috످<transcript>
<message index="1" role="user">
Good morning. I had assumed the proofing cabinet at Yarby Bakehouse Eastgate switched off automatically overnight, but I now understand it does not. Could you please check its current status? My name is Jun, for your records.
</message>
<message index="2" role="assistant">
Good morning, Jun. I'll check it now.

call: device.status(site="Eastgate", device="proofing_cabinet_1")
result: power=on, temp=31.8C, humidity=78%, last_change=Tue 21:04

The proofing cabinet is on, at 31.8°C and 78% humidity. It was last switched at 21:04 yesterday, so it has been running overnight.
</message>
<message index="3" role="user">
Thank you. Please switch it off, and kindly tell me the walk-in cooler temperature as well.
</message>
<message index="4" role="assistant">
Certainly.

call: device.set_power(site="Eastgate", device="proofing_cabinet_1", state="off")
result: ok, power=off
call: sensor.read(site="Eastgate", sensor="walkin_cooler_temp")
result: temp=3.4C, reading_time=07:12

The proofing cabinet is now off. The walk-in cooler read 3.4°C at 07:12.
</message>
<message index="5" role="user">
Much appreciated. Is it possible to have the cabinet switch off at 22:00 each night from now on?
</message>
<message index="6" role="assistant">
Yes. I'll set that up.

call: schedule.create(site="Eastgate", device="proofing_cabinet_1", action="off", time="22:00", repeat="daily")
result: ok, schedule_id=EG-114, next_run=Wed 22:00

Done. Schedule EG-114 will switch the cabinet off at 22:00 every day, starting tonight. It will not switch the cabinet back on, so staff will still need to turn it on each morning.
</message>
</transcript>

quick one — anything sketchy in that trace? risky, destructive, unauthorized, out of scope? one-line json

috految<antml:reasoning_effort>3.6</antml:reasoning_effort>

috److{"concern_found": false, "summary": "Nothing sketchy: the assistant checked the cabinet, switched it off, read the cooler temperature and created the 22:00 nightly schedule, all at Jun's request and matching the tool results."}

috످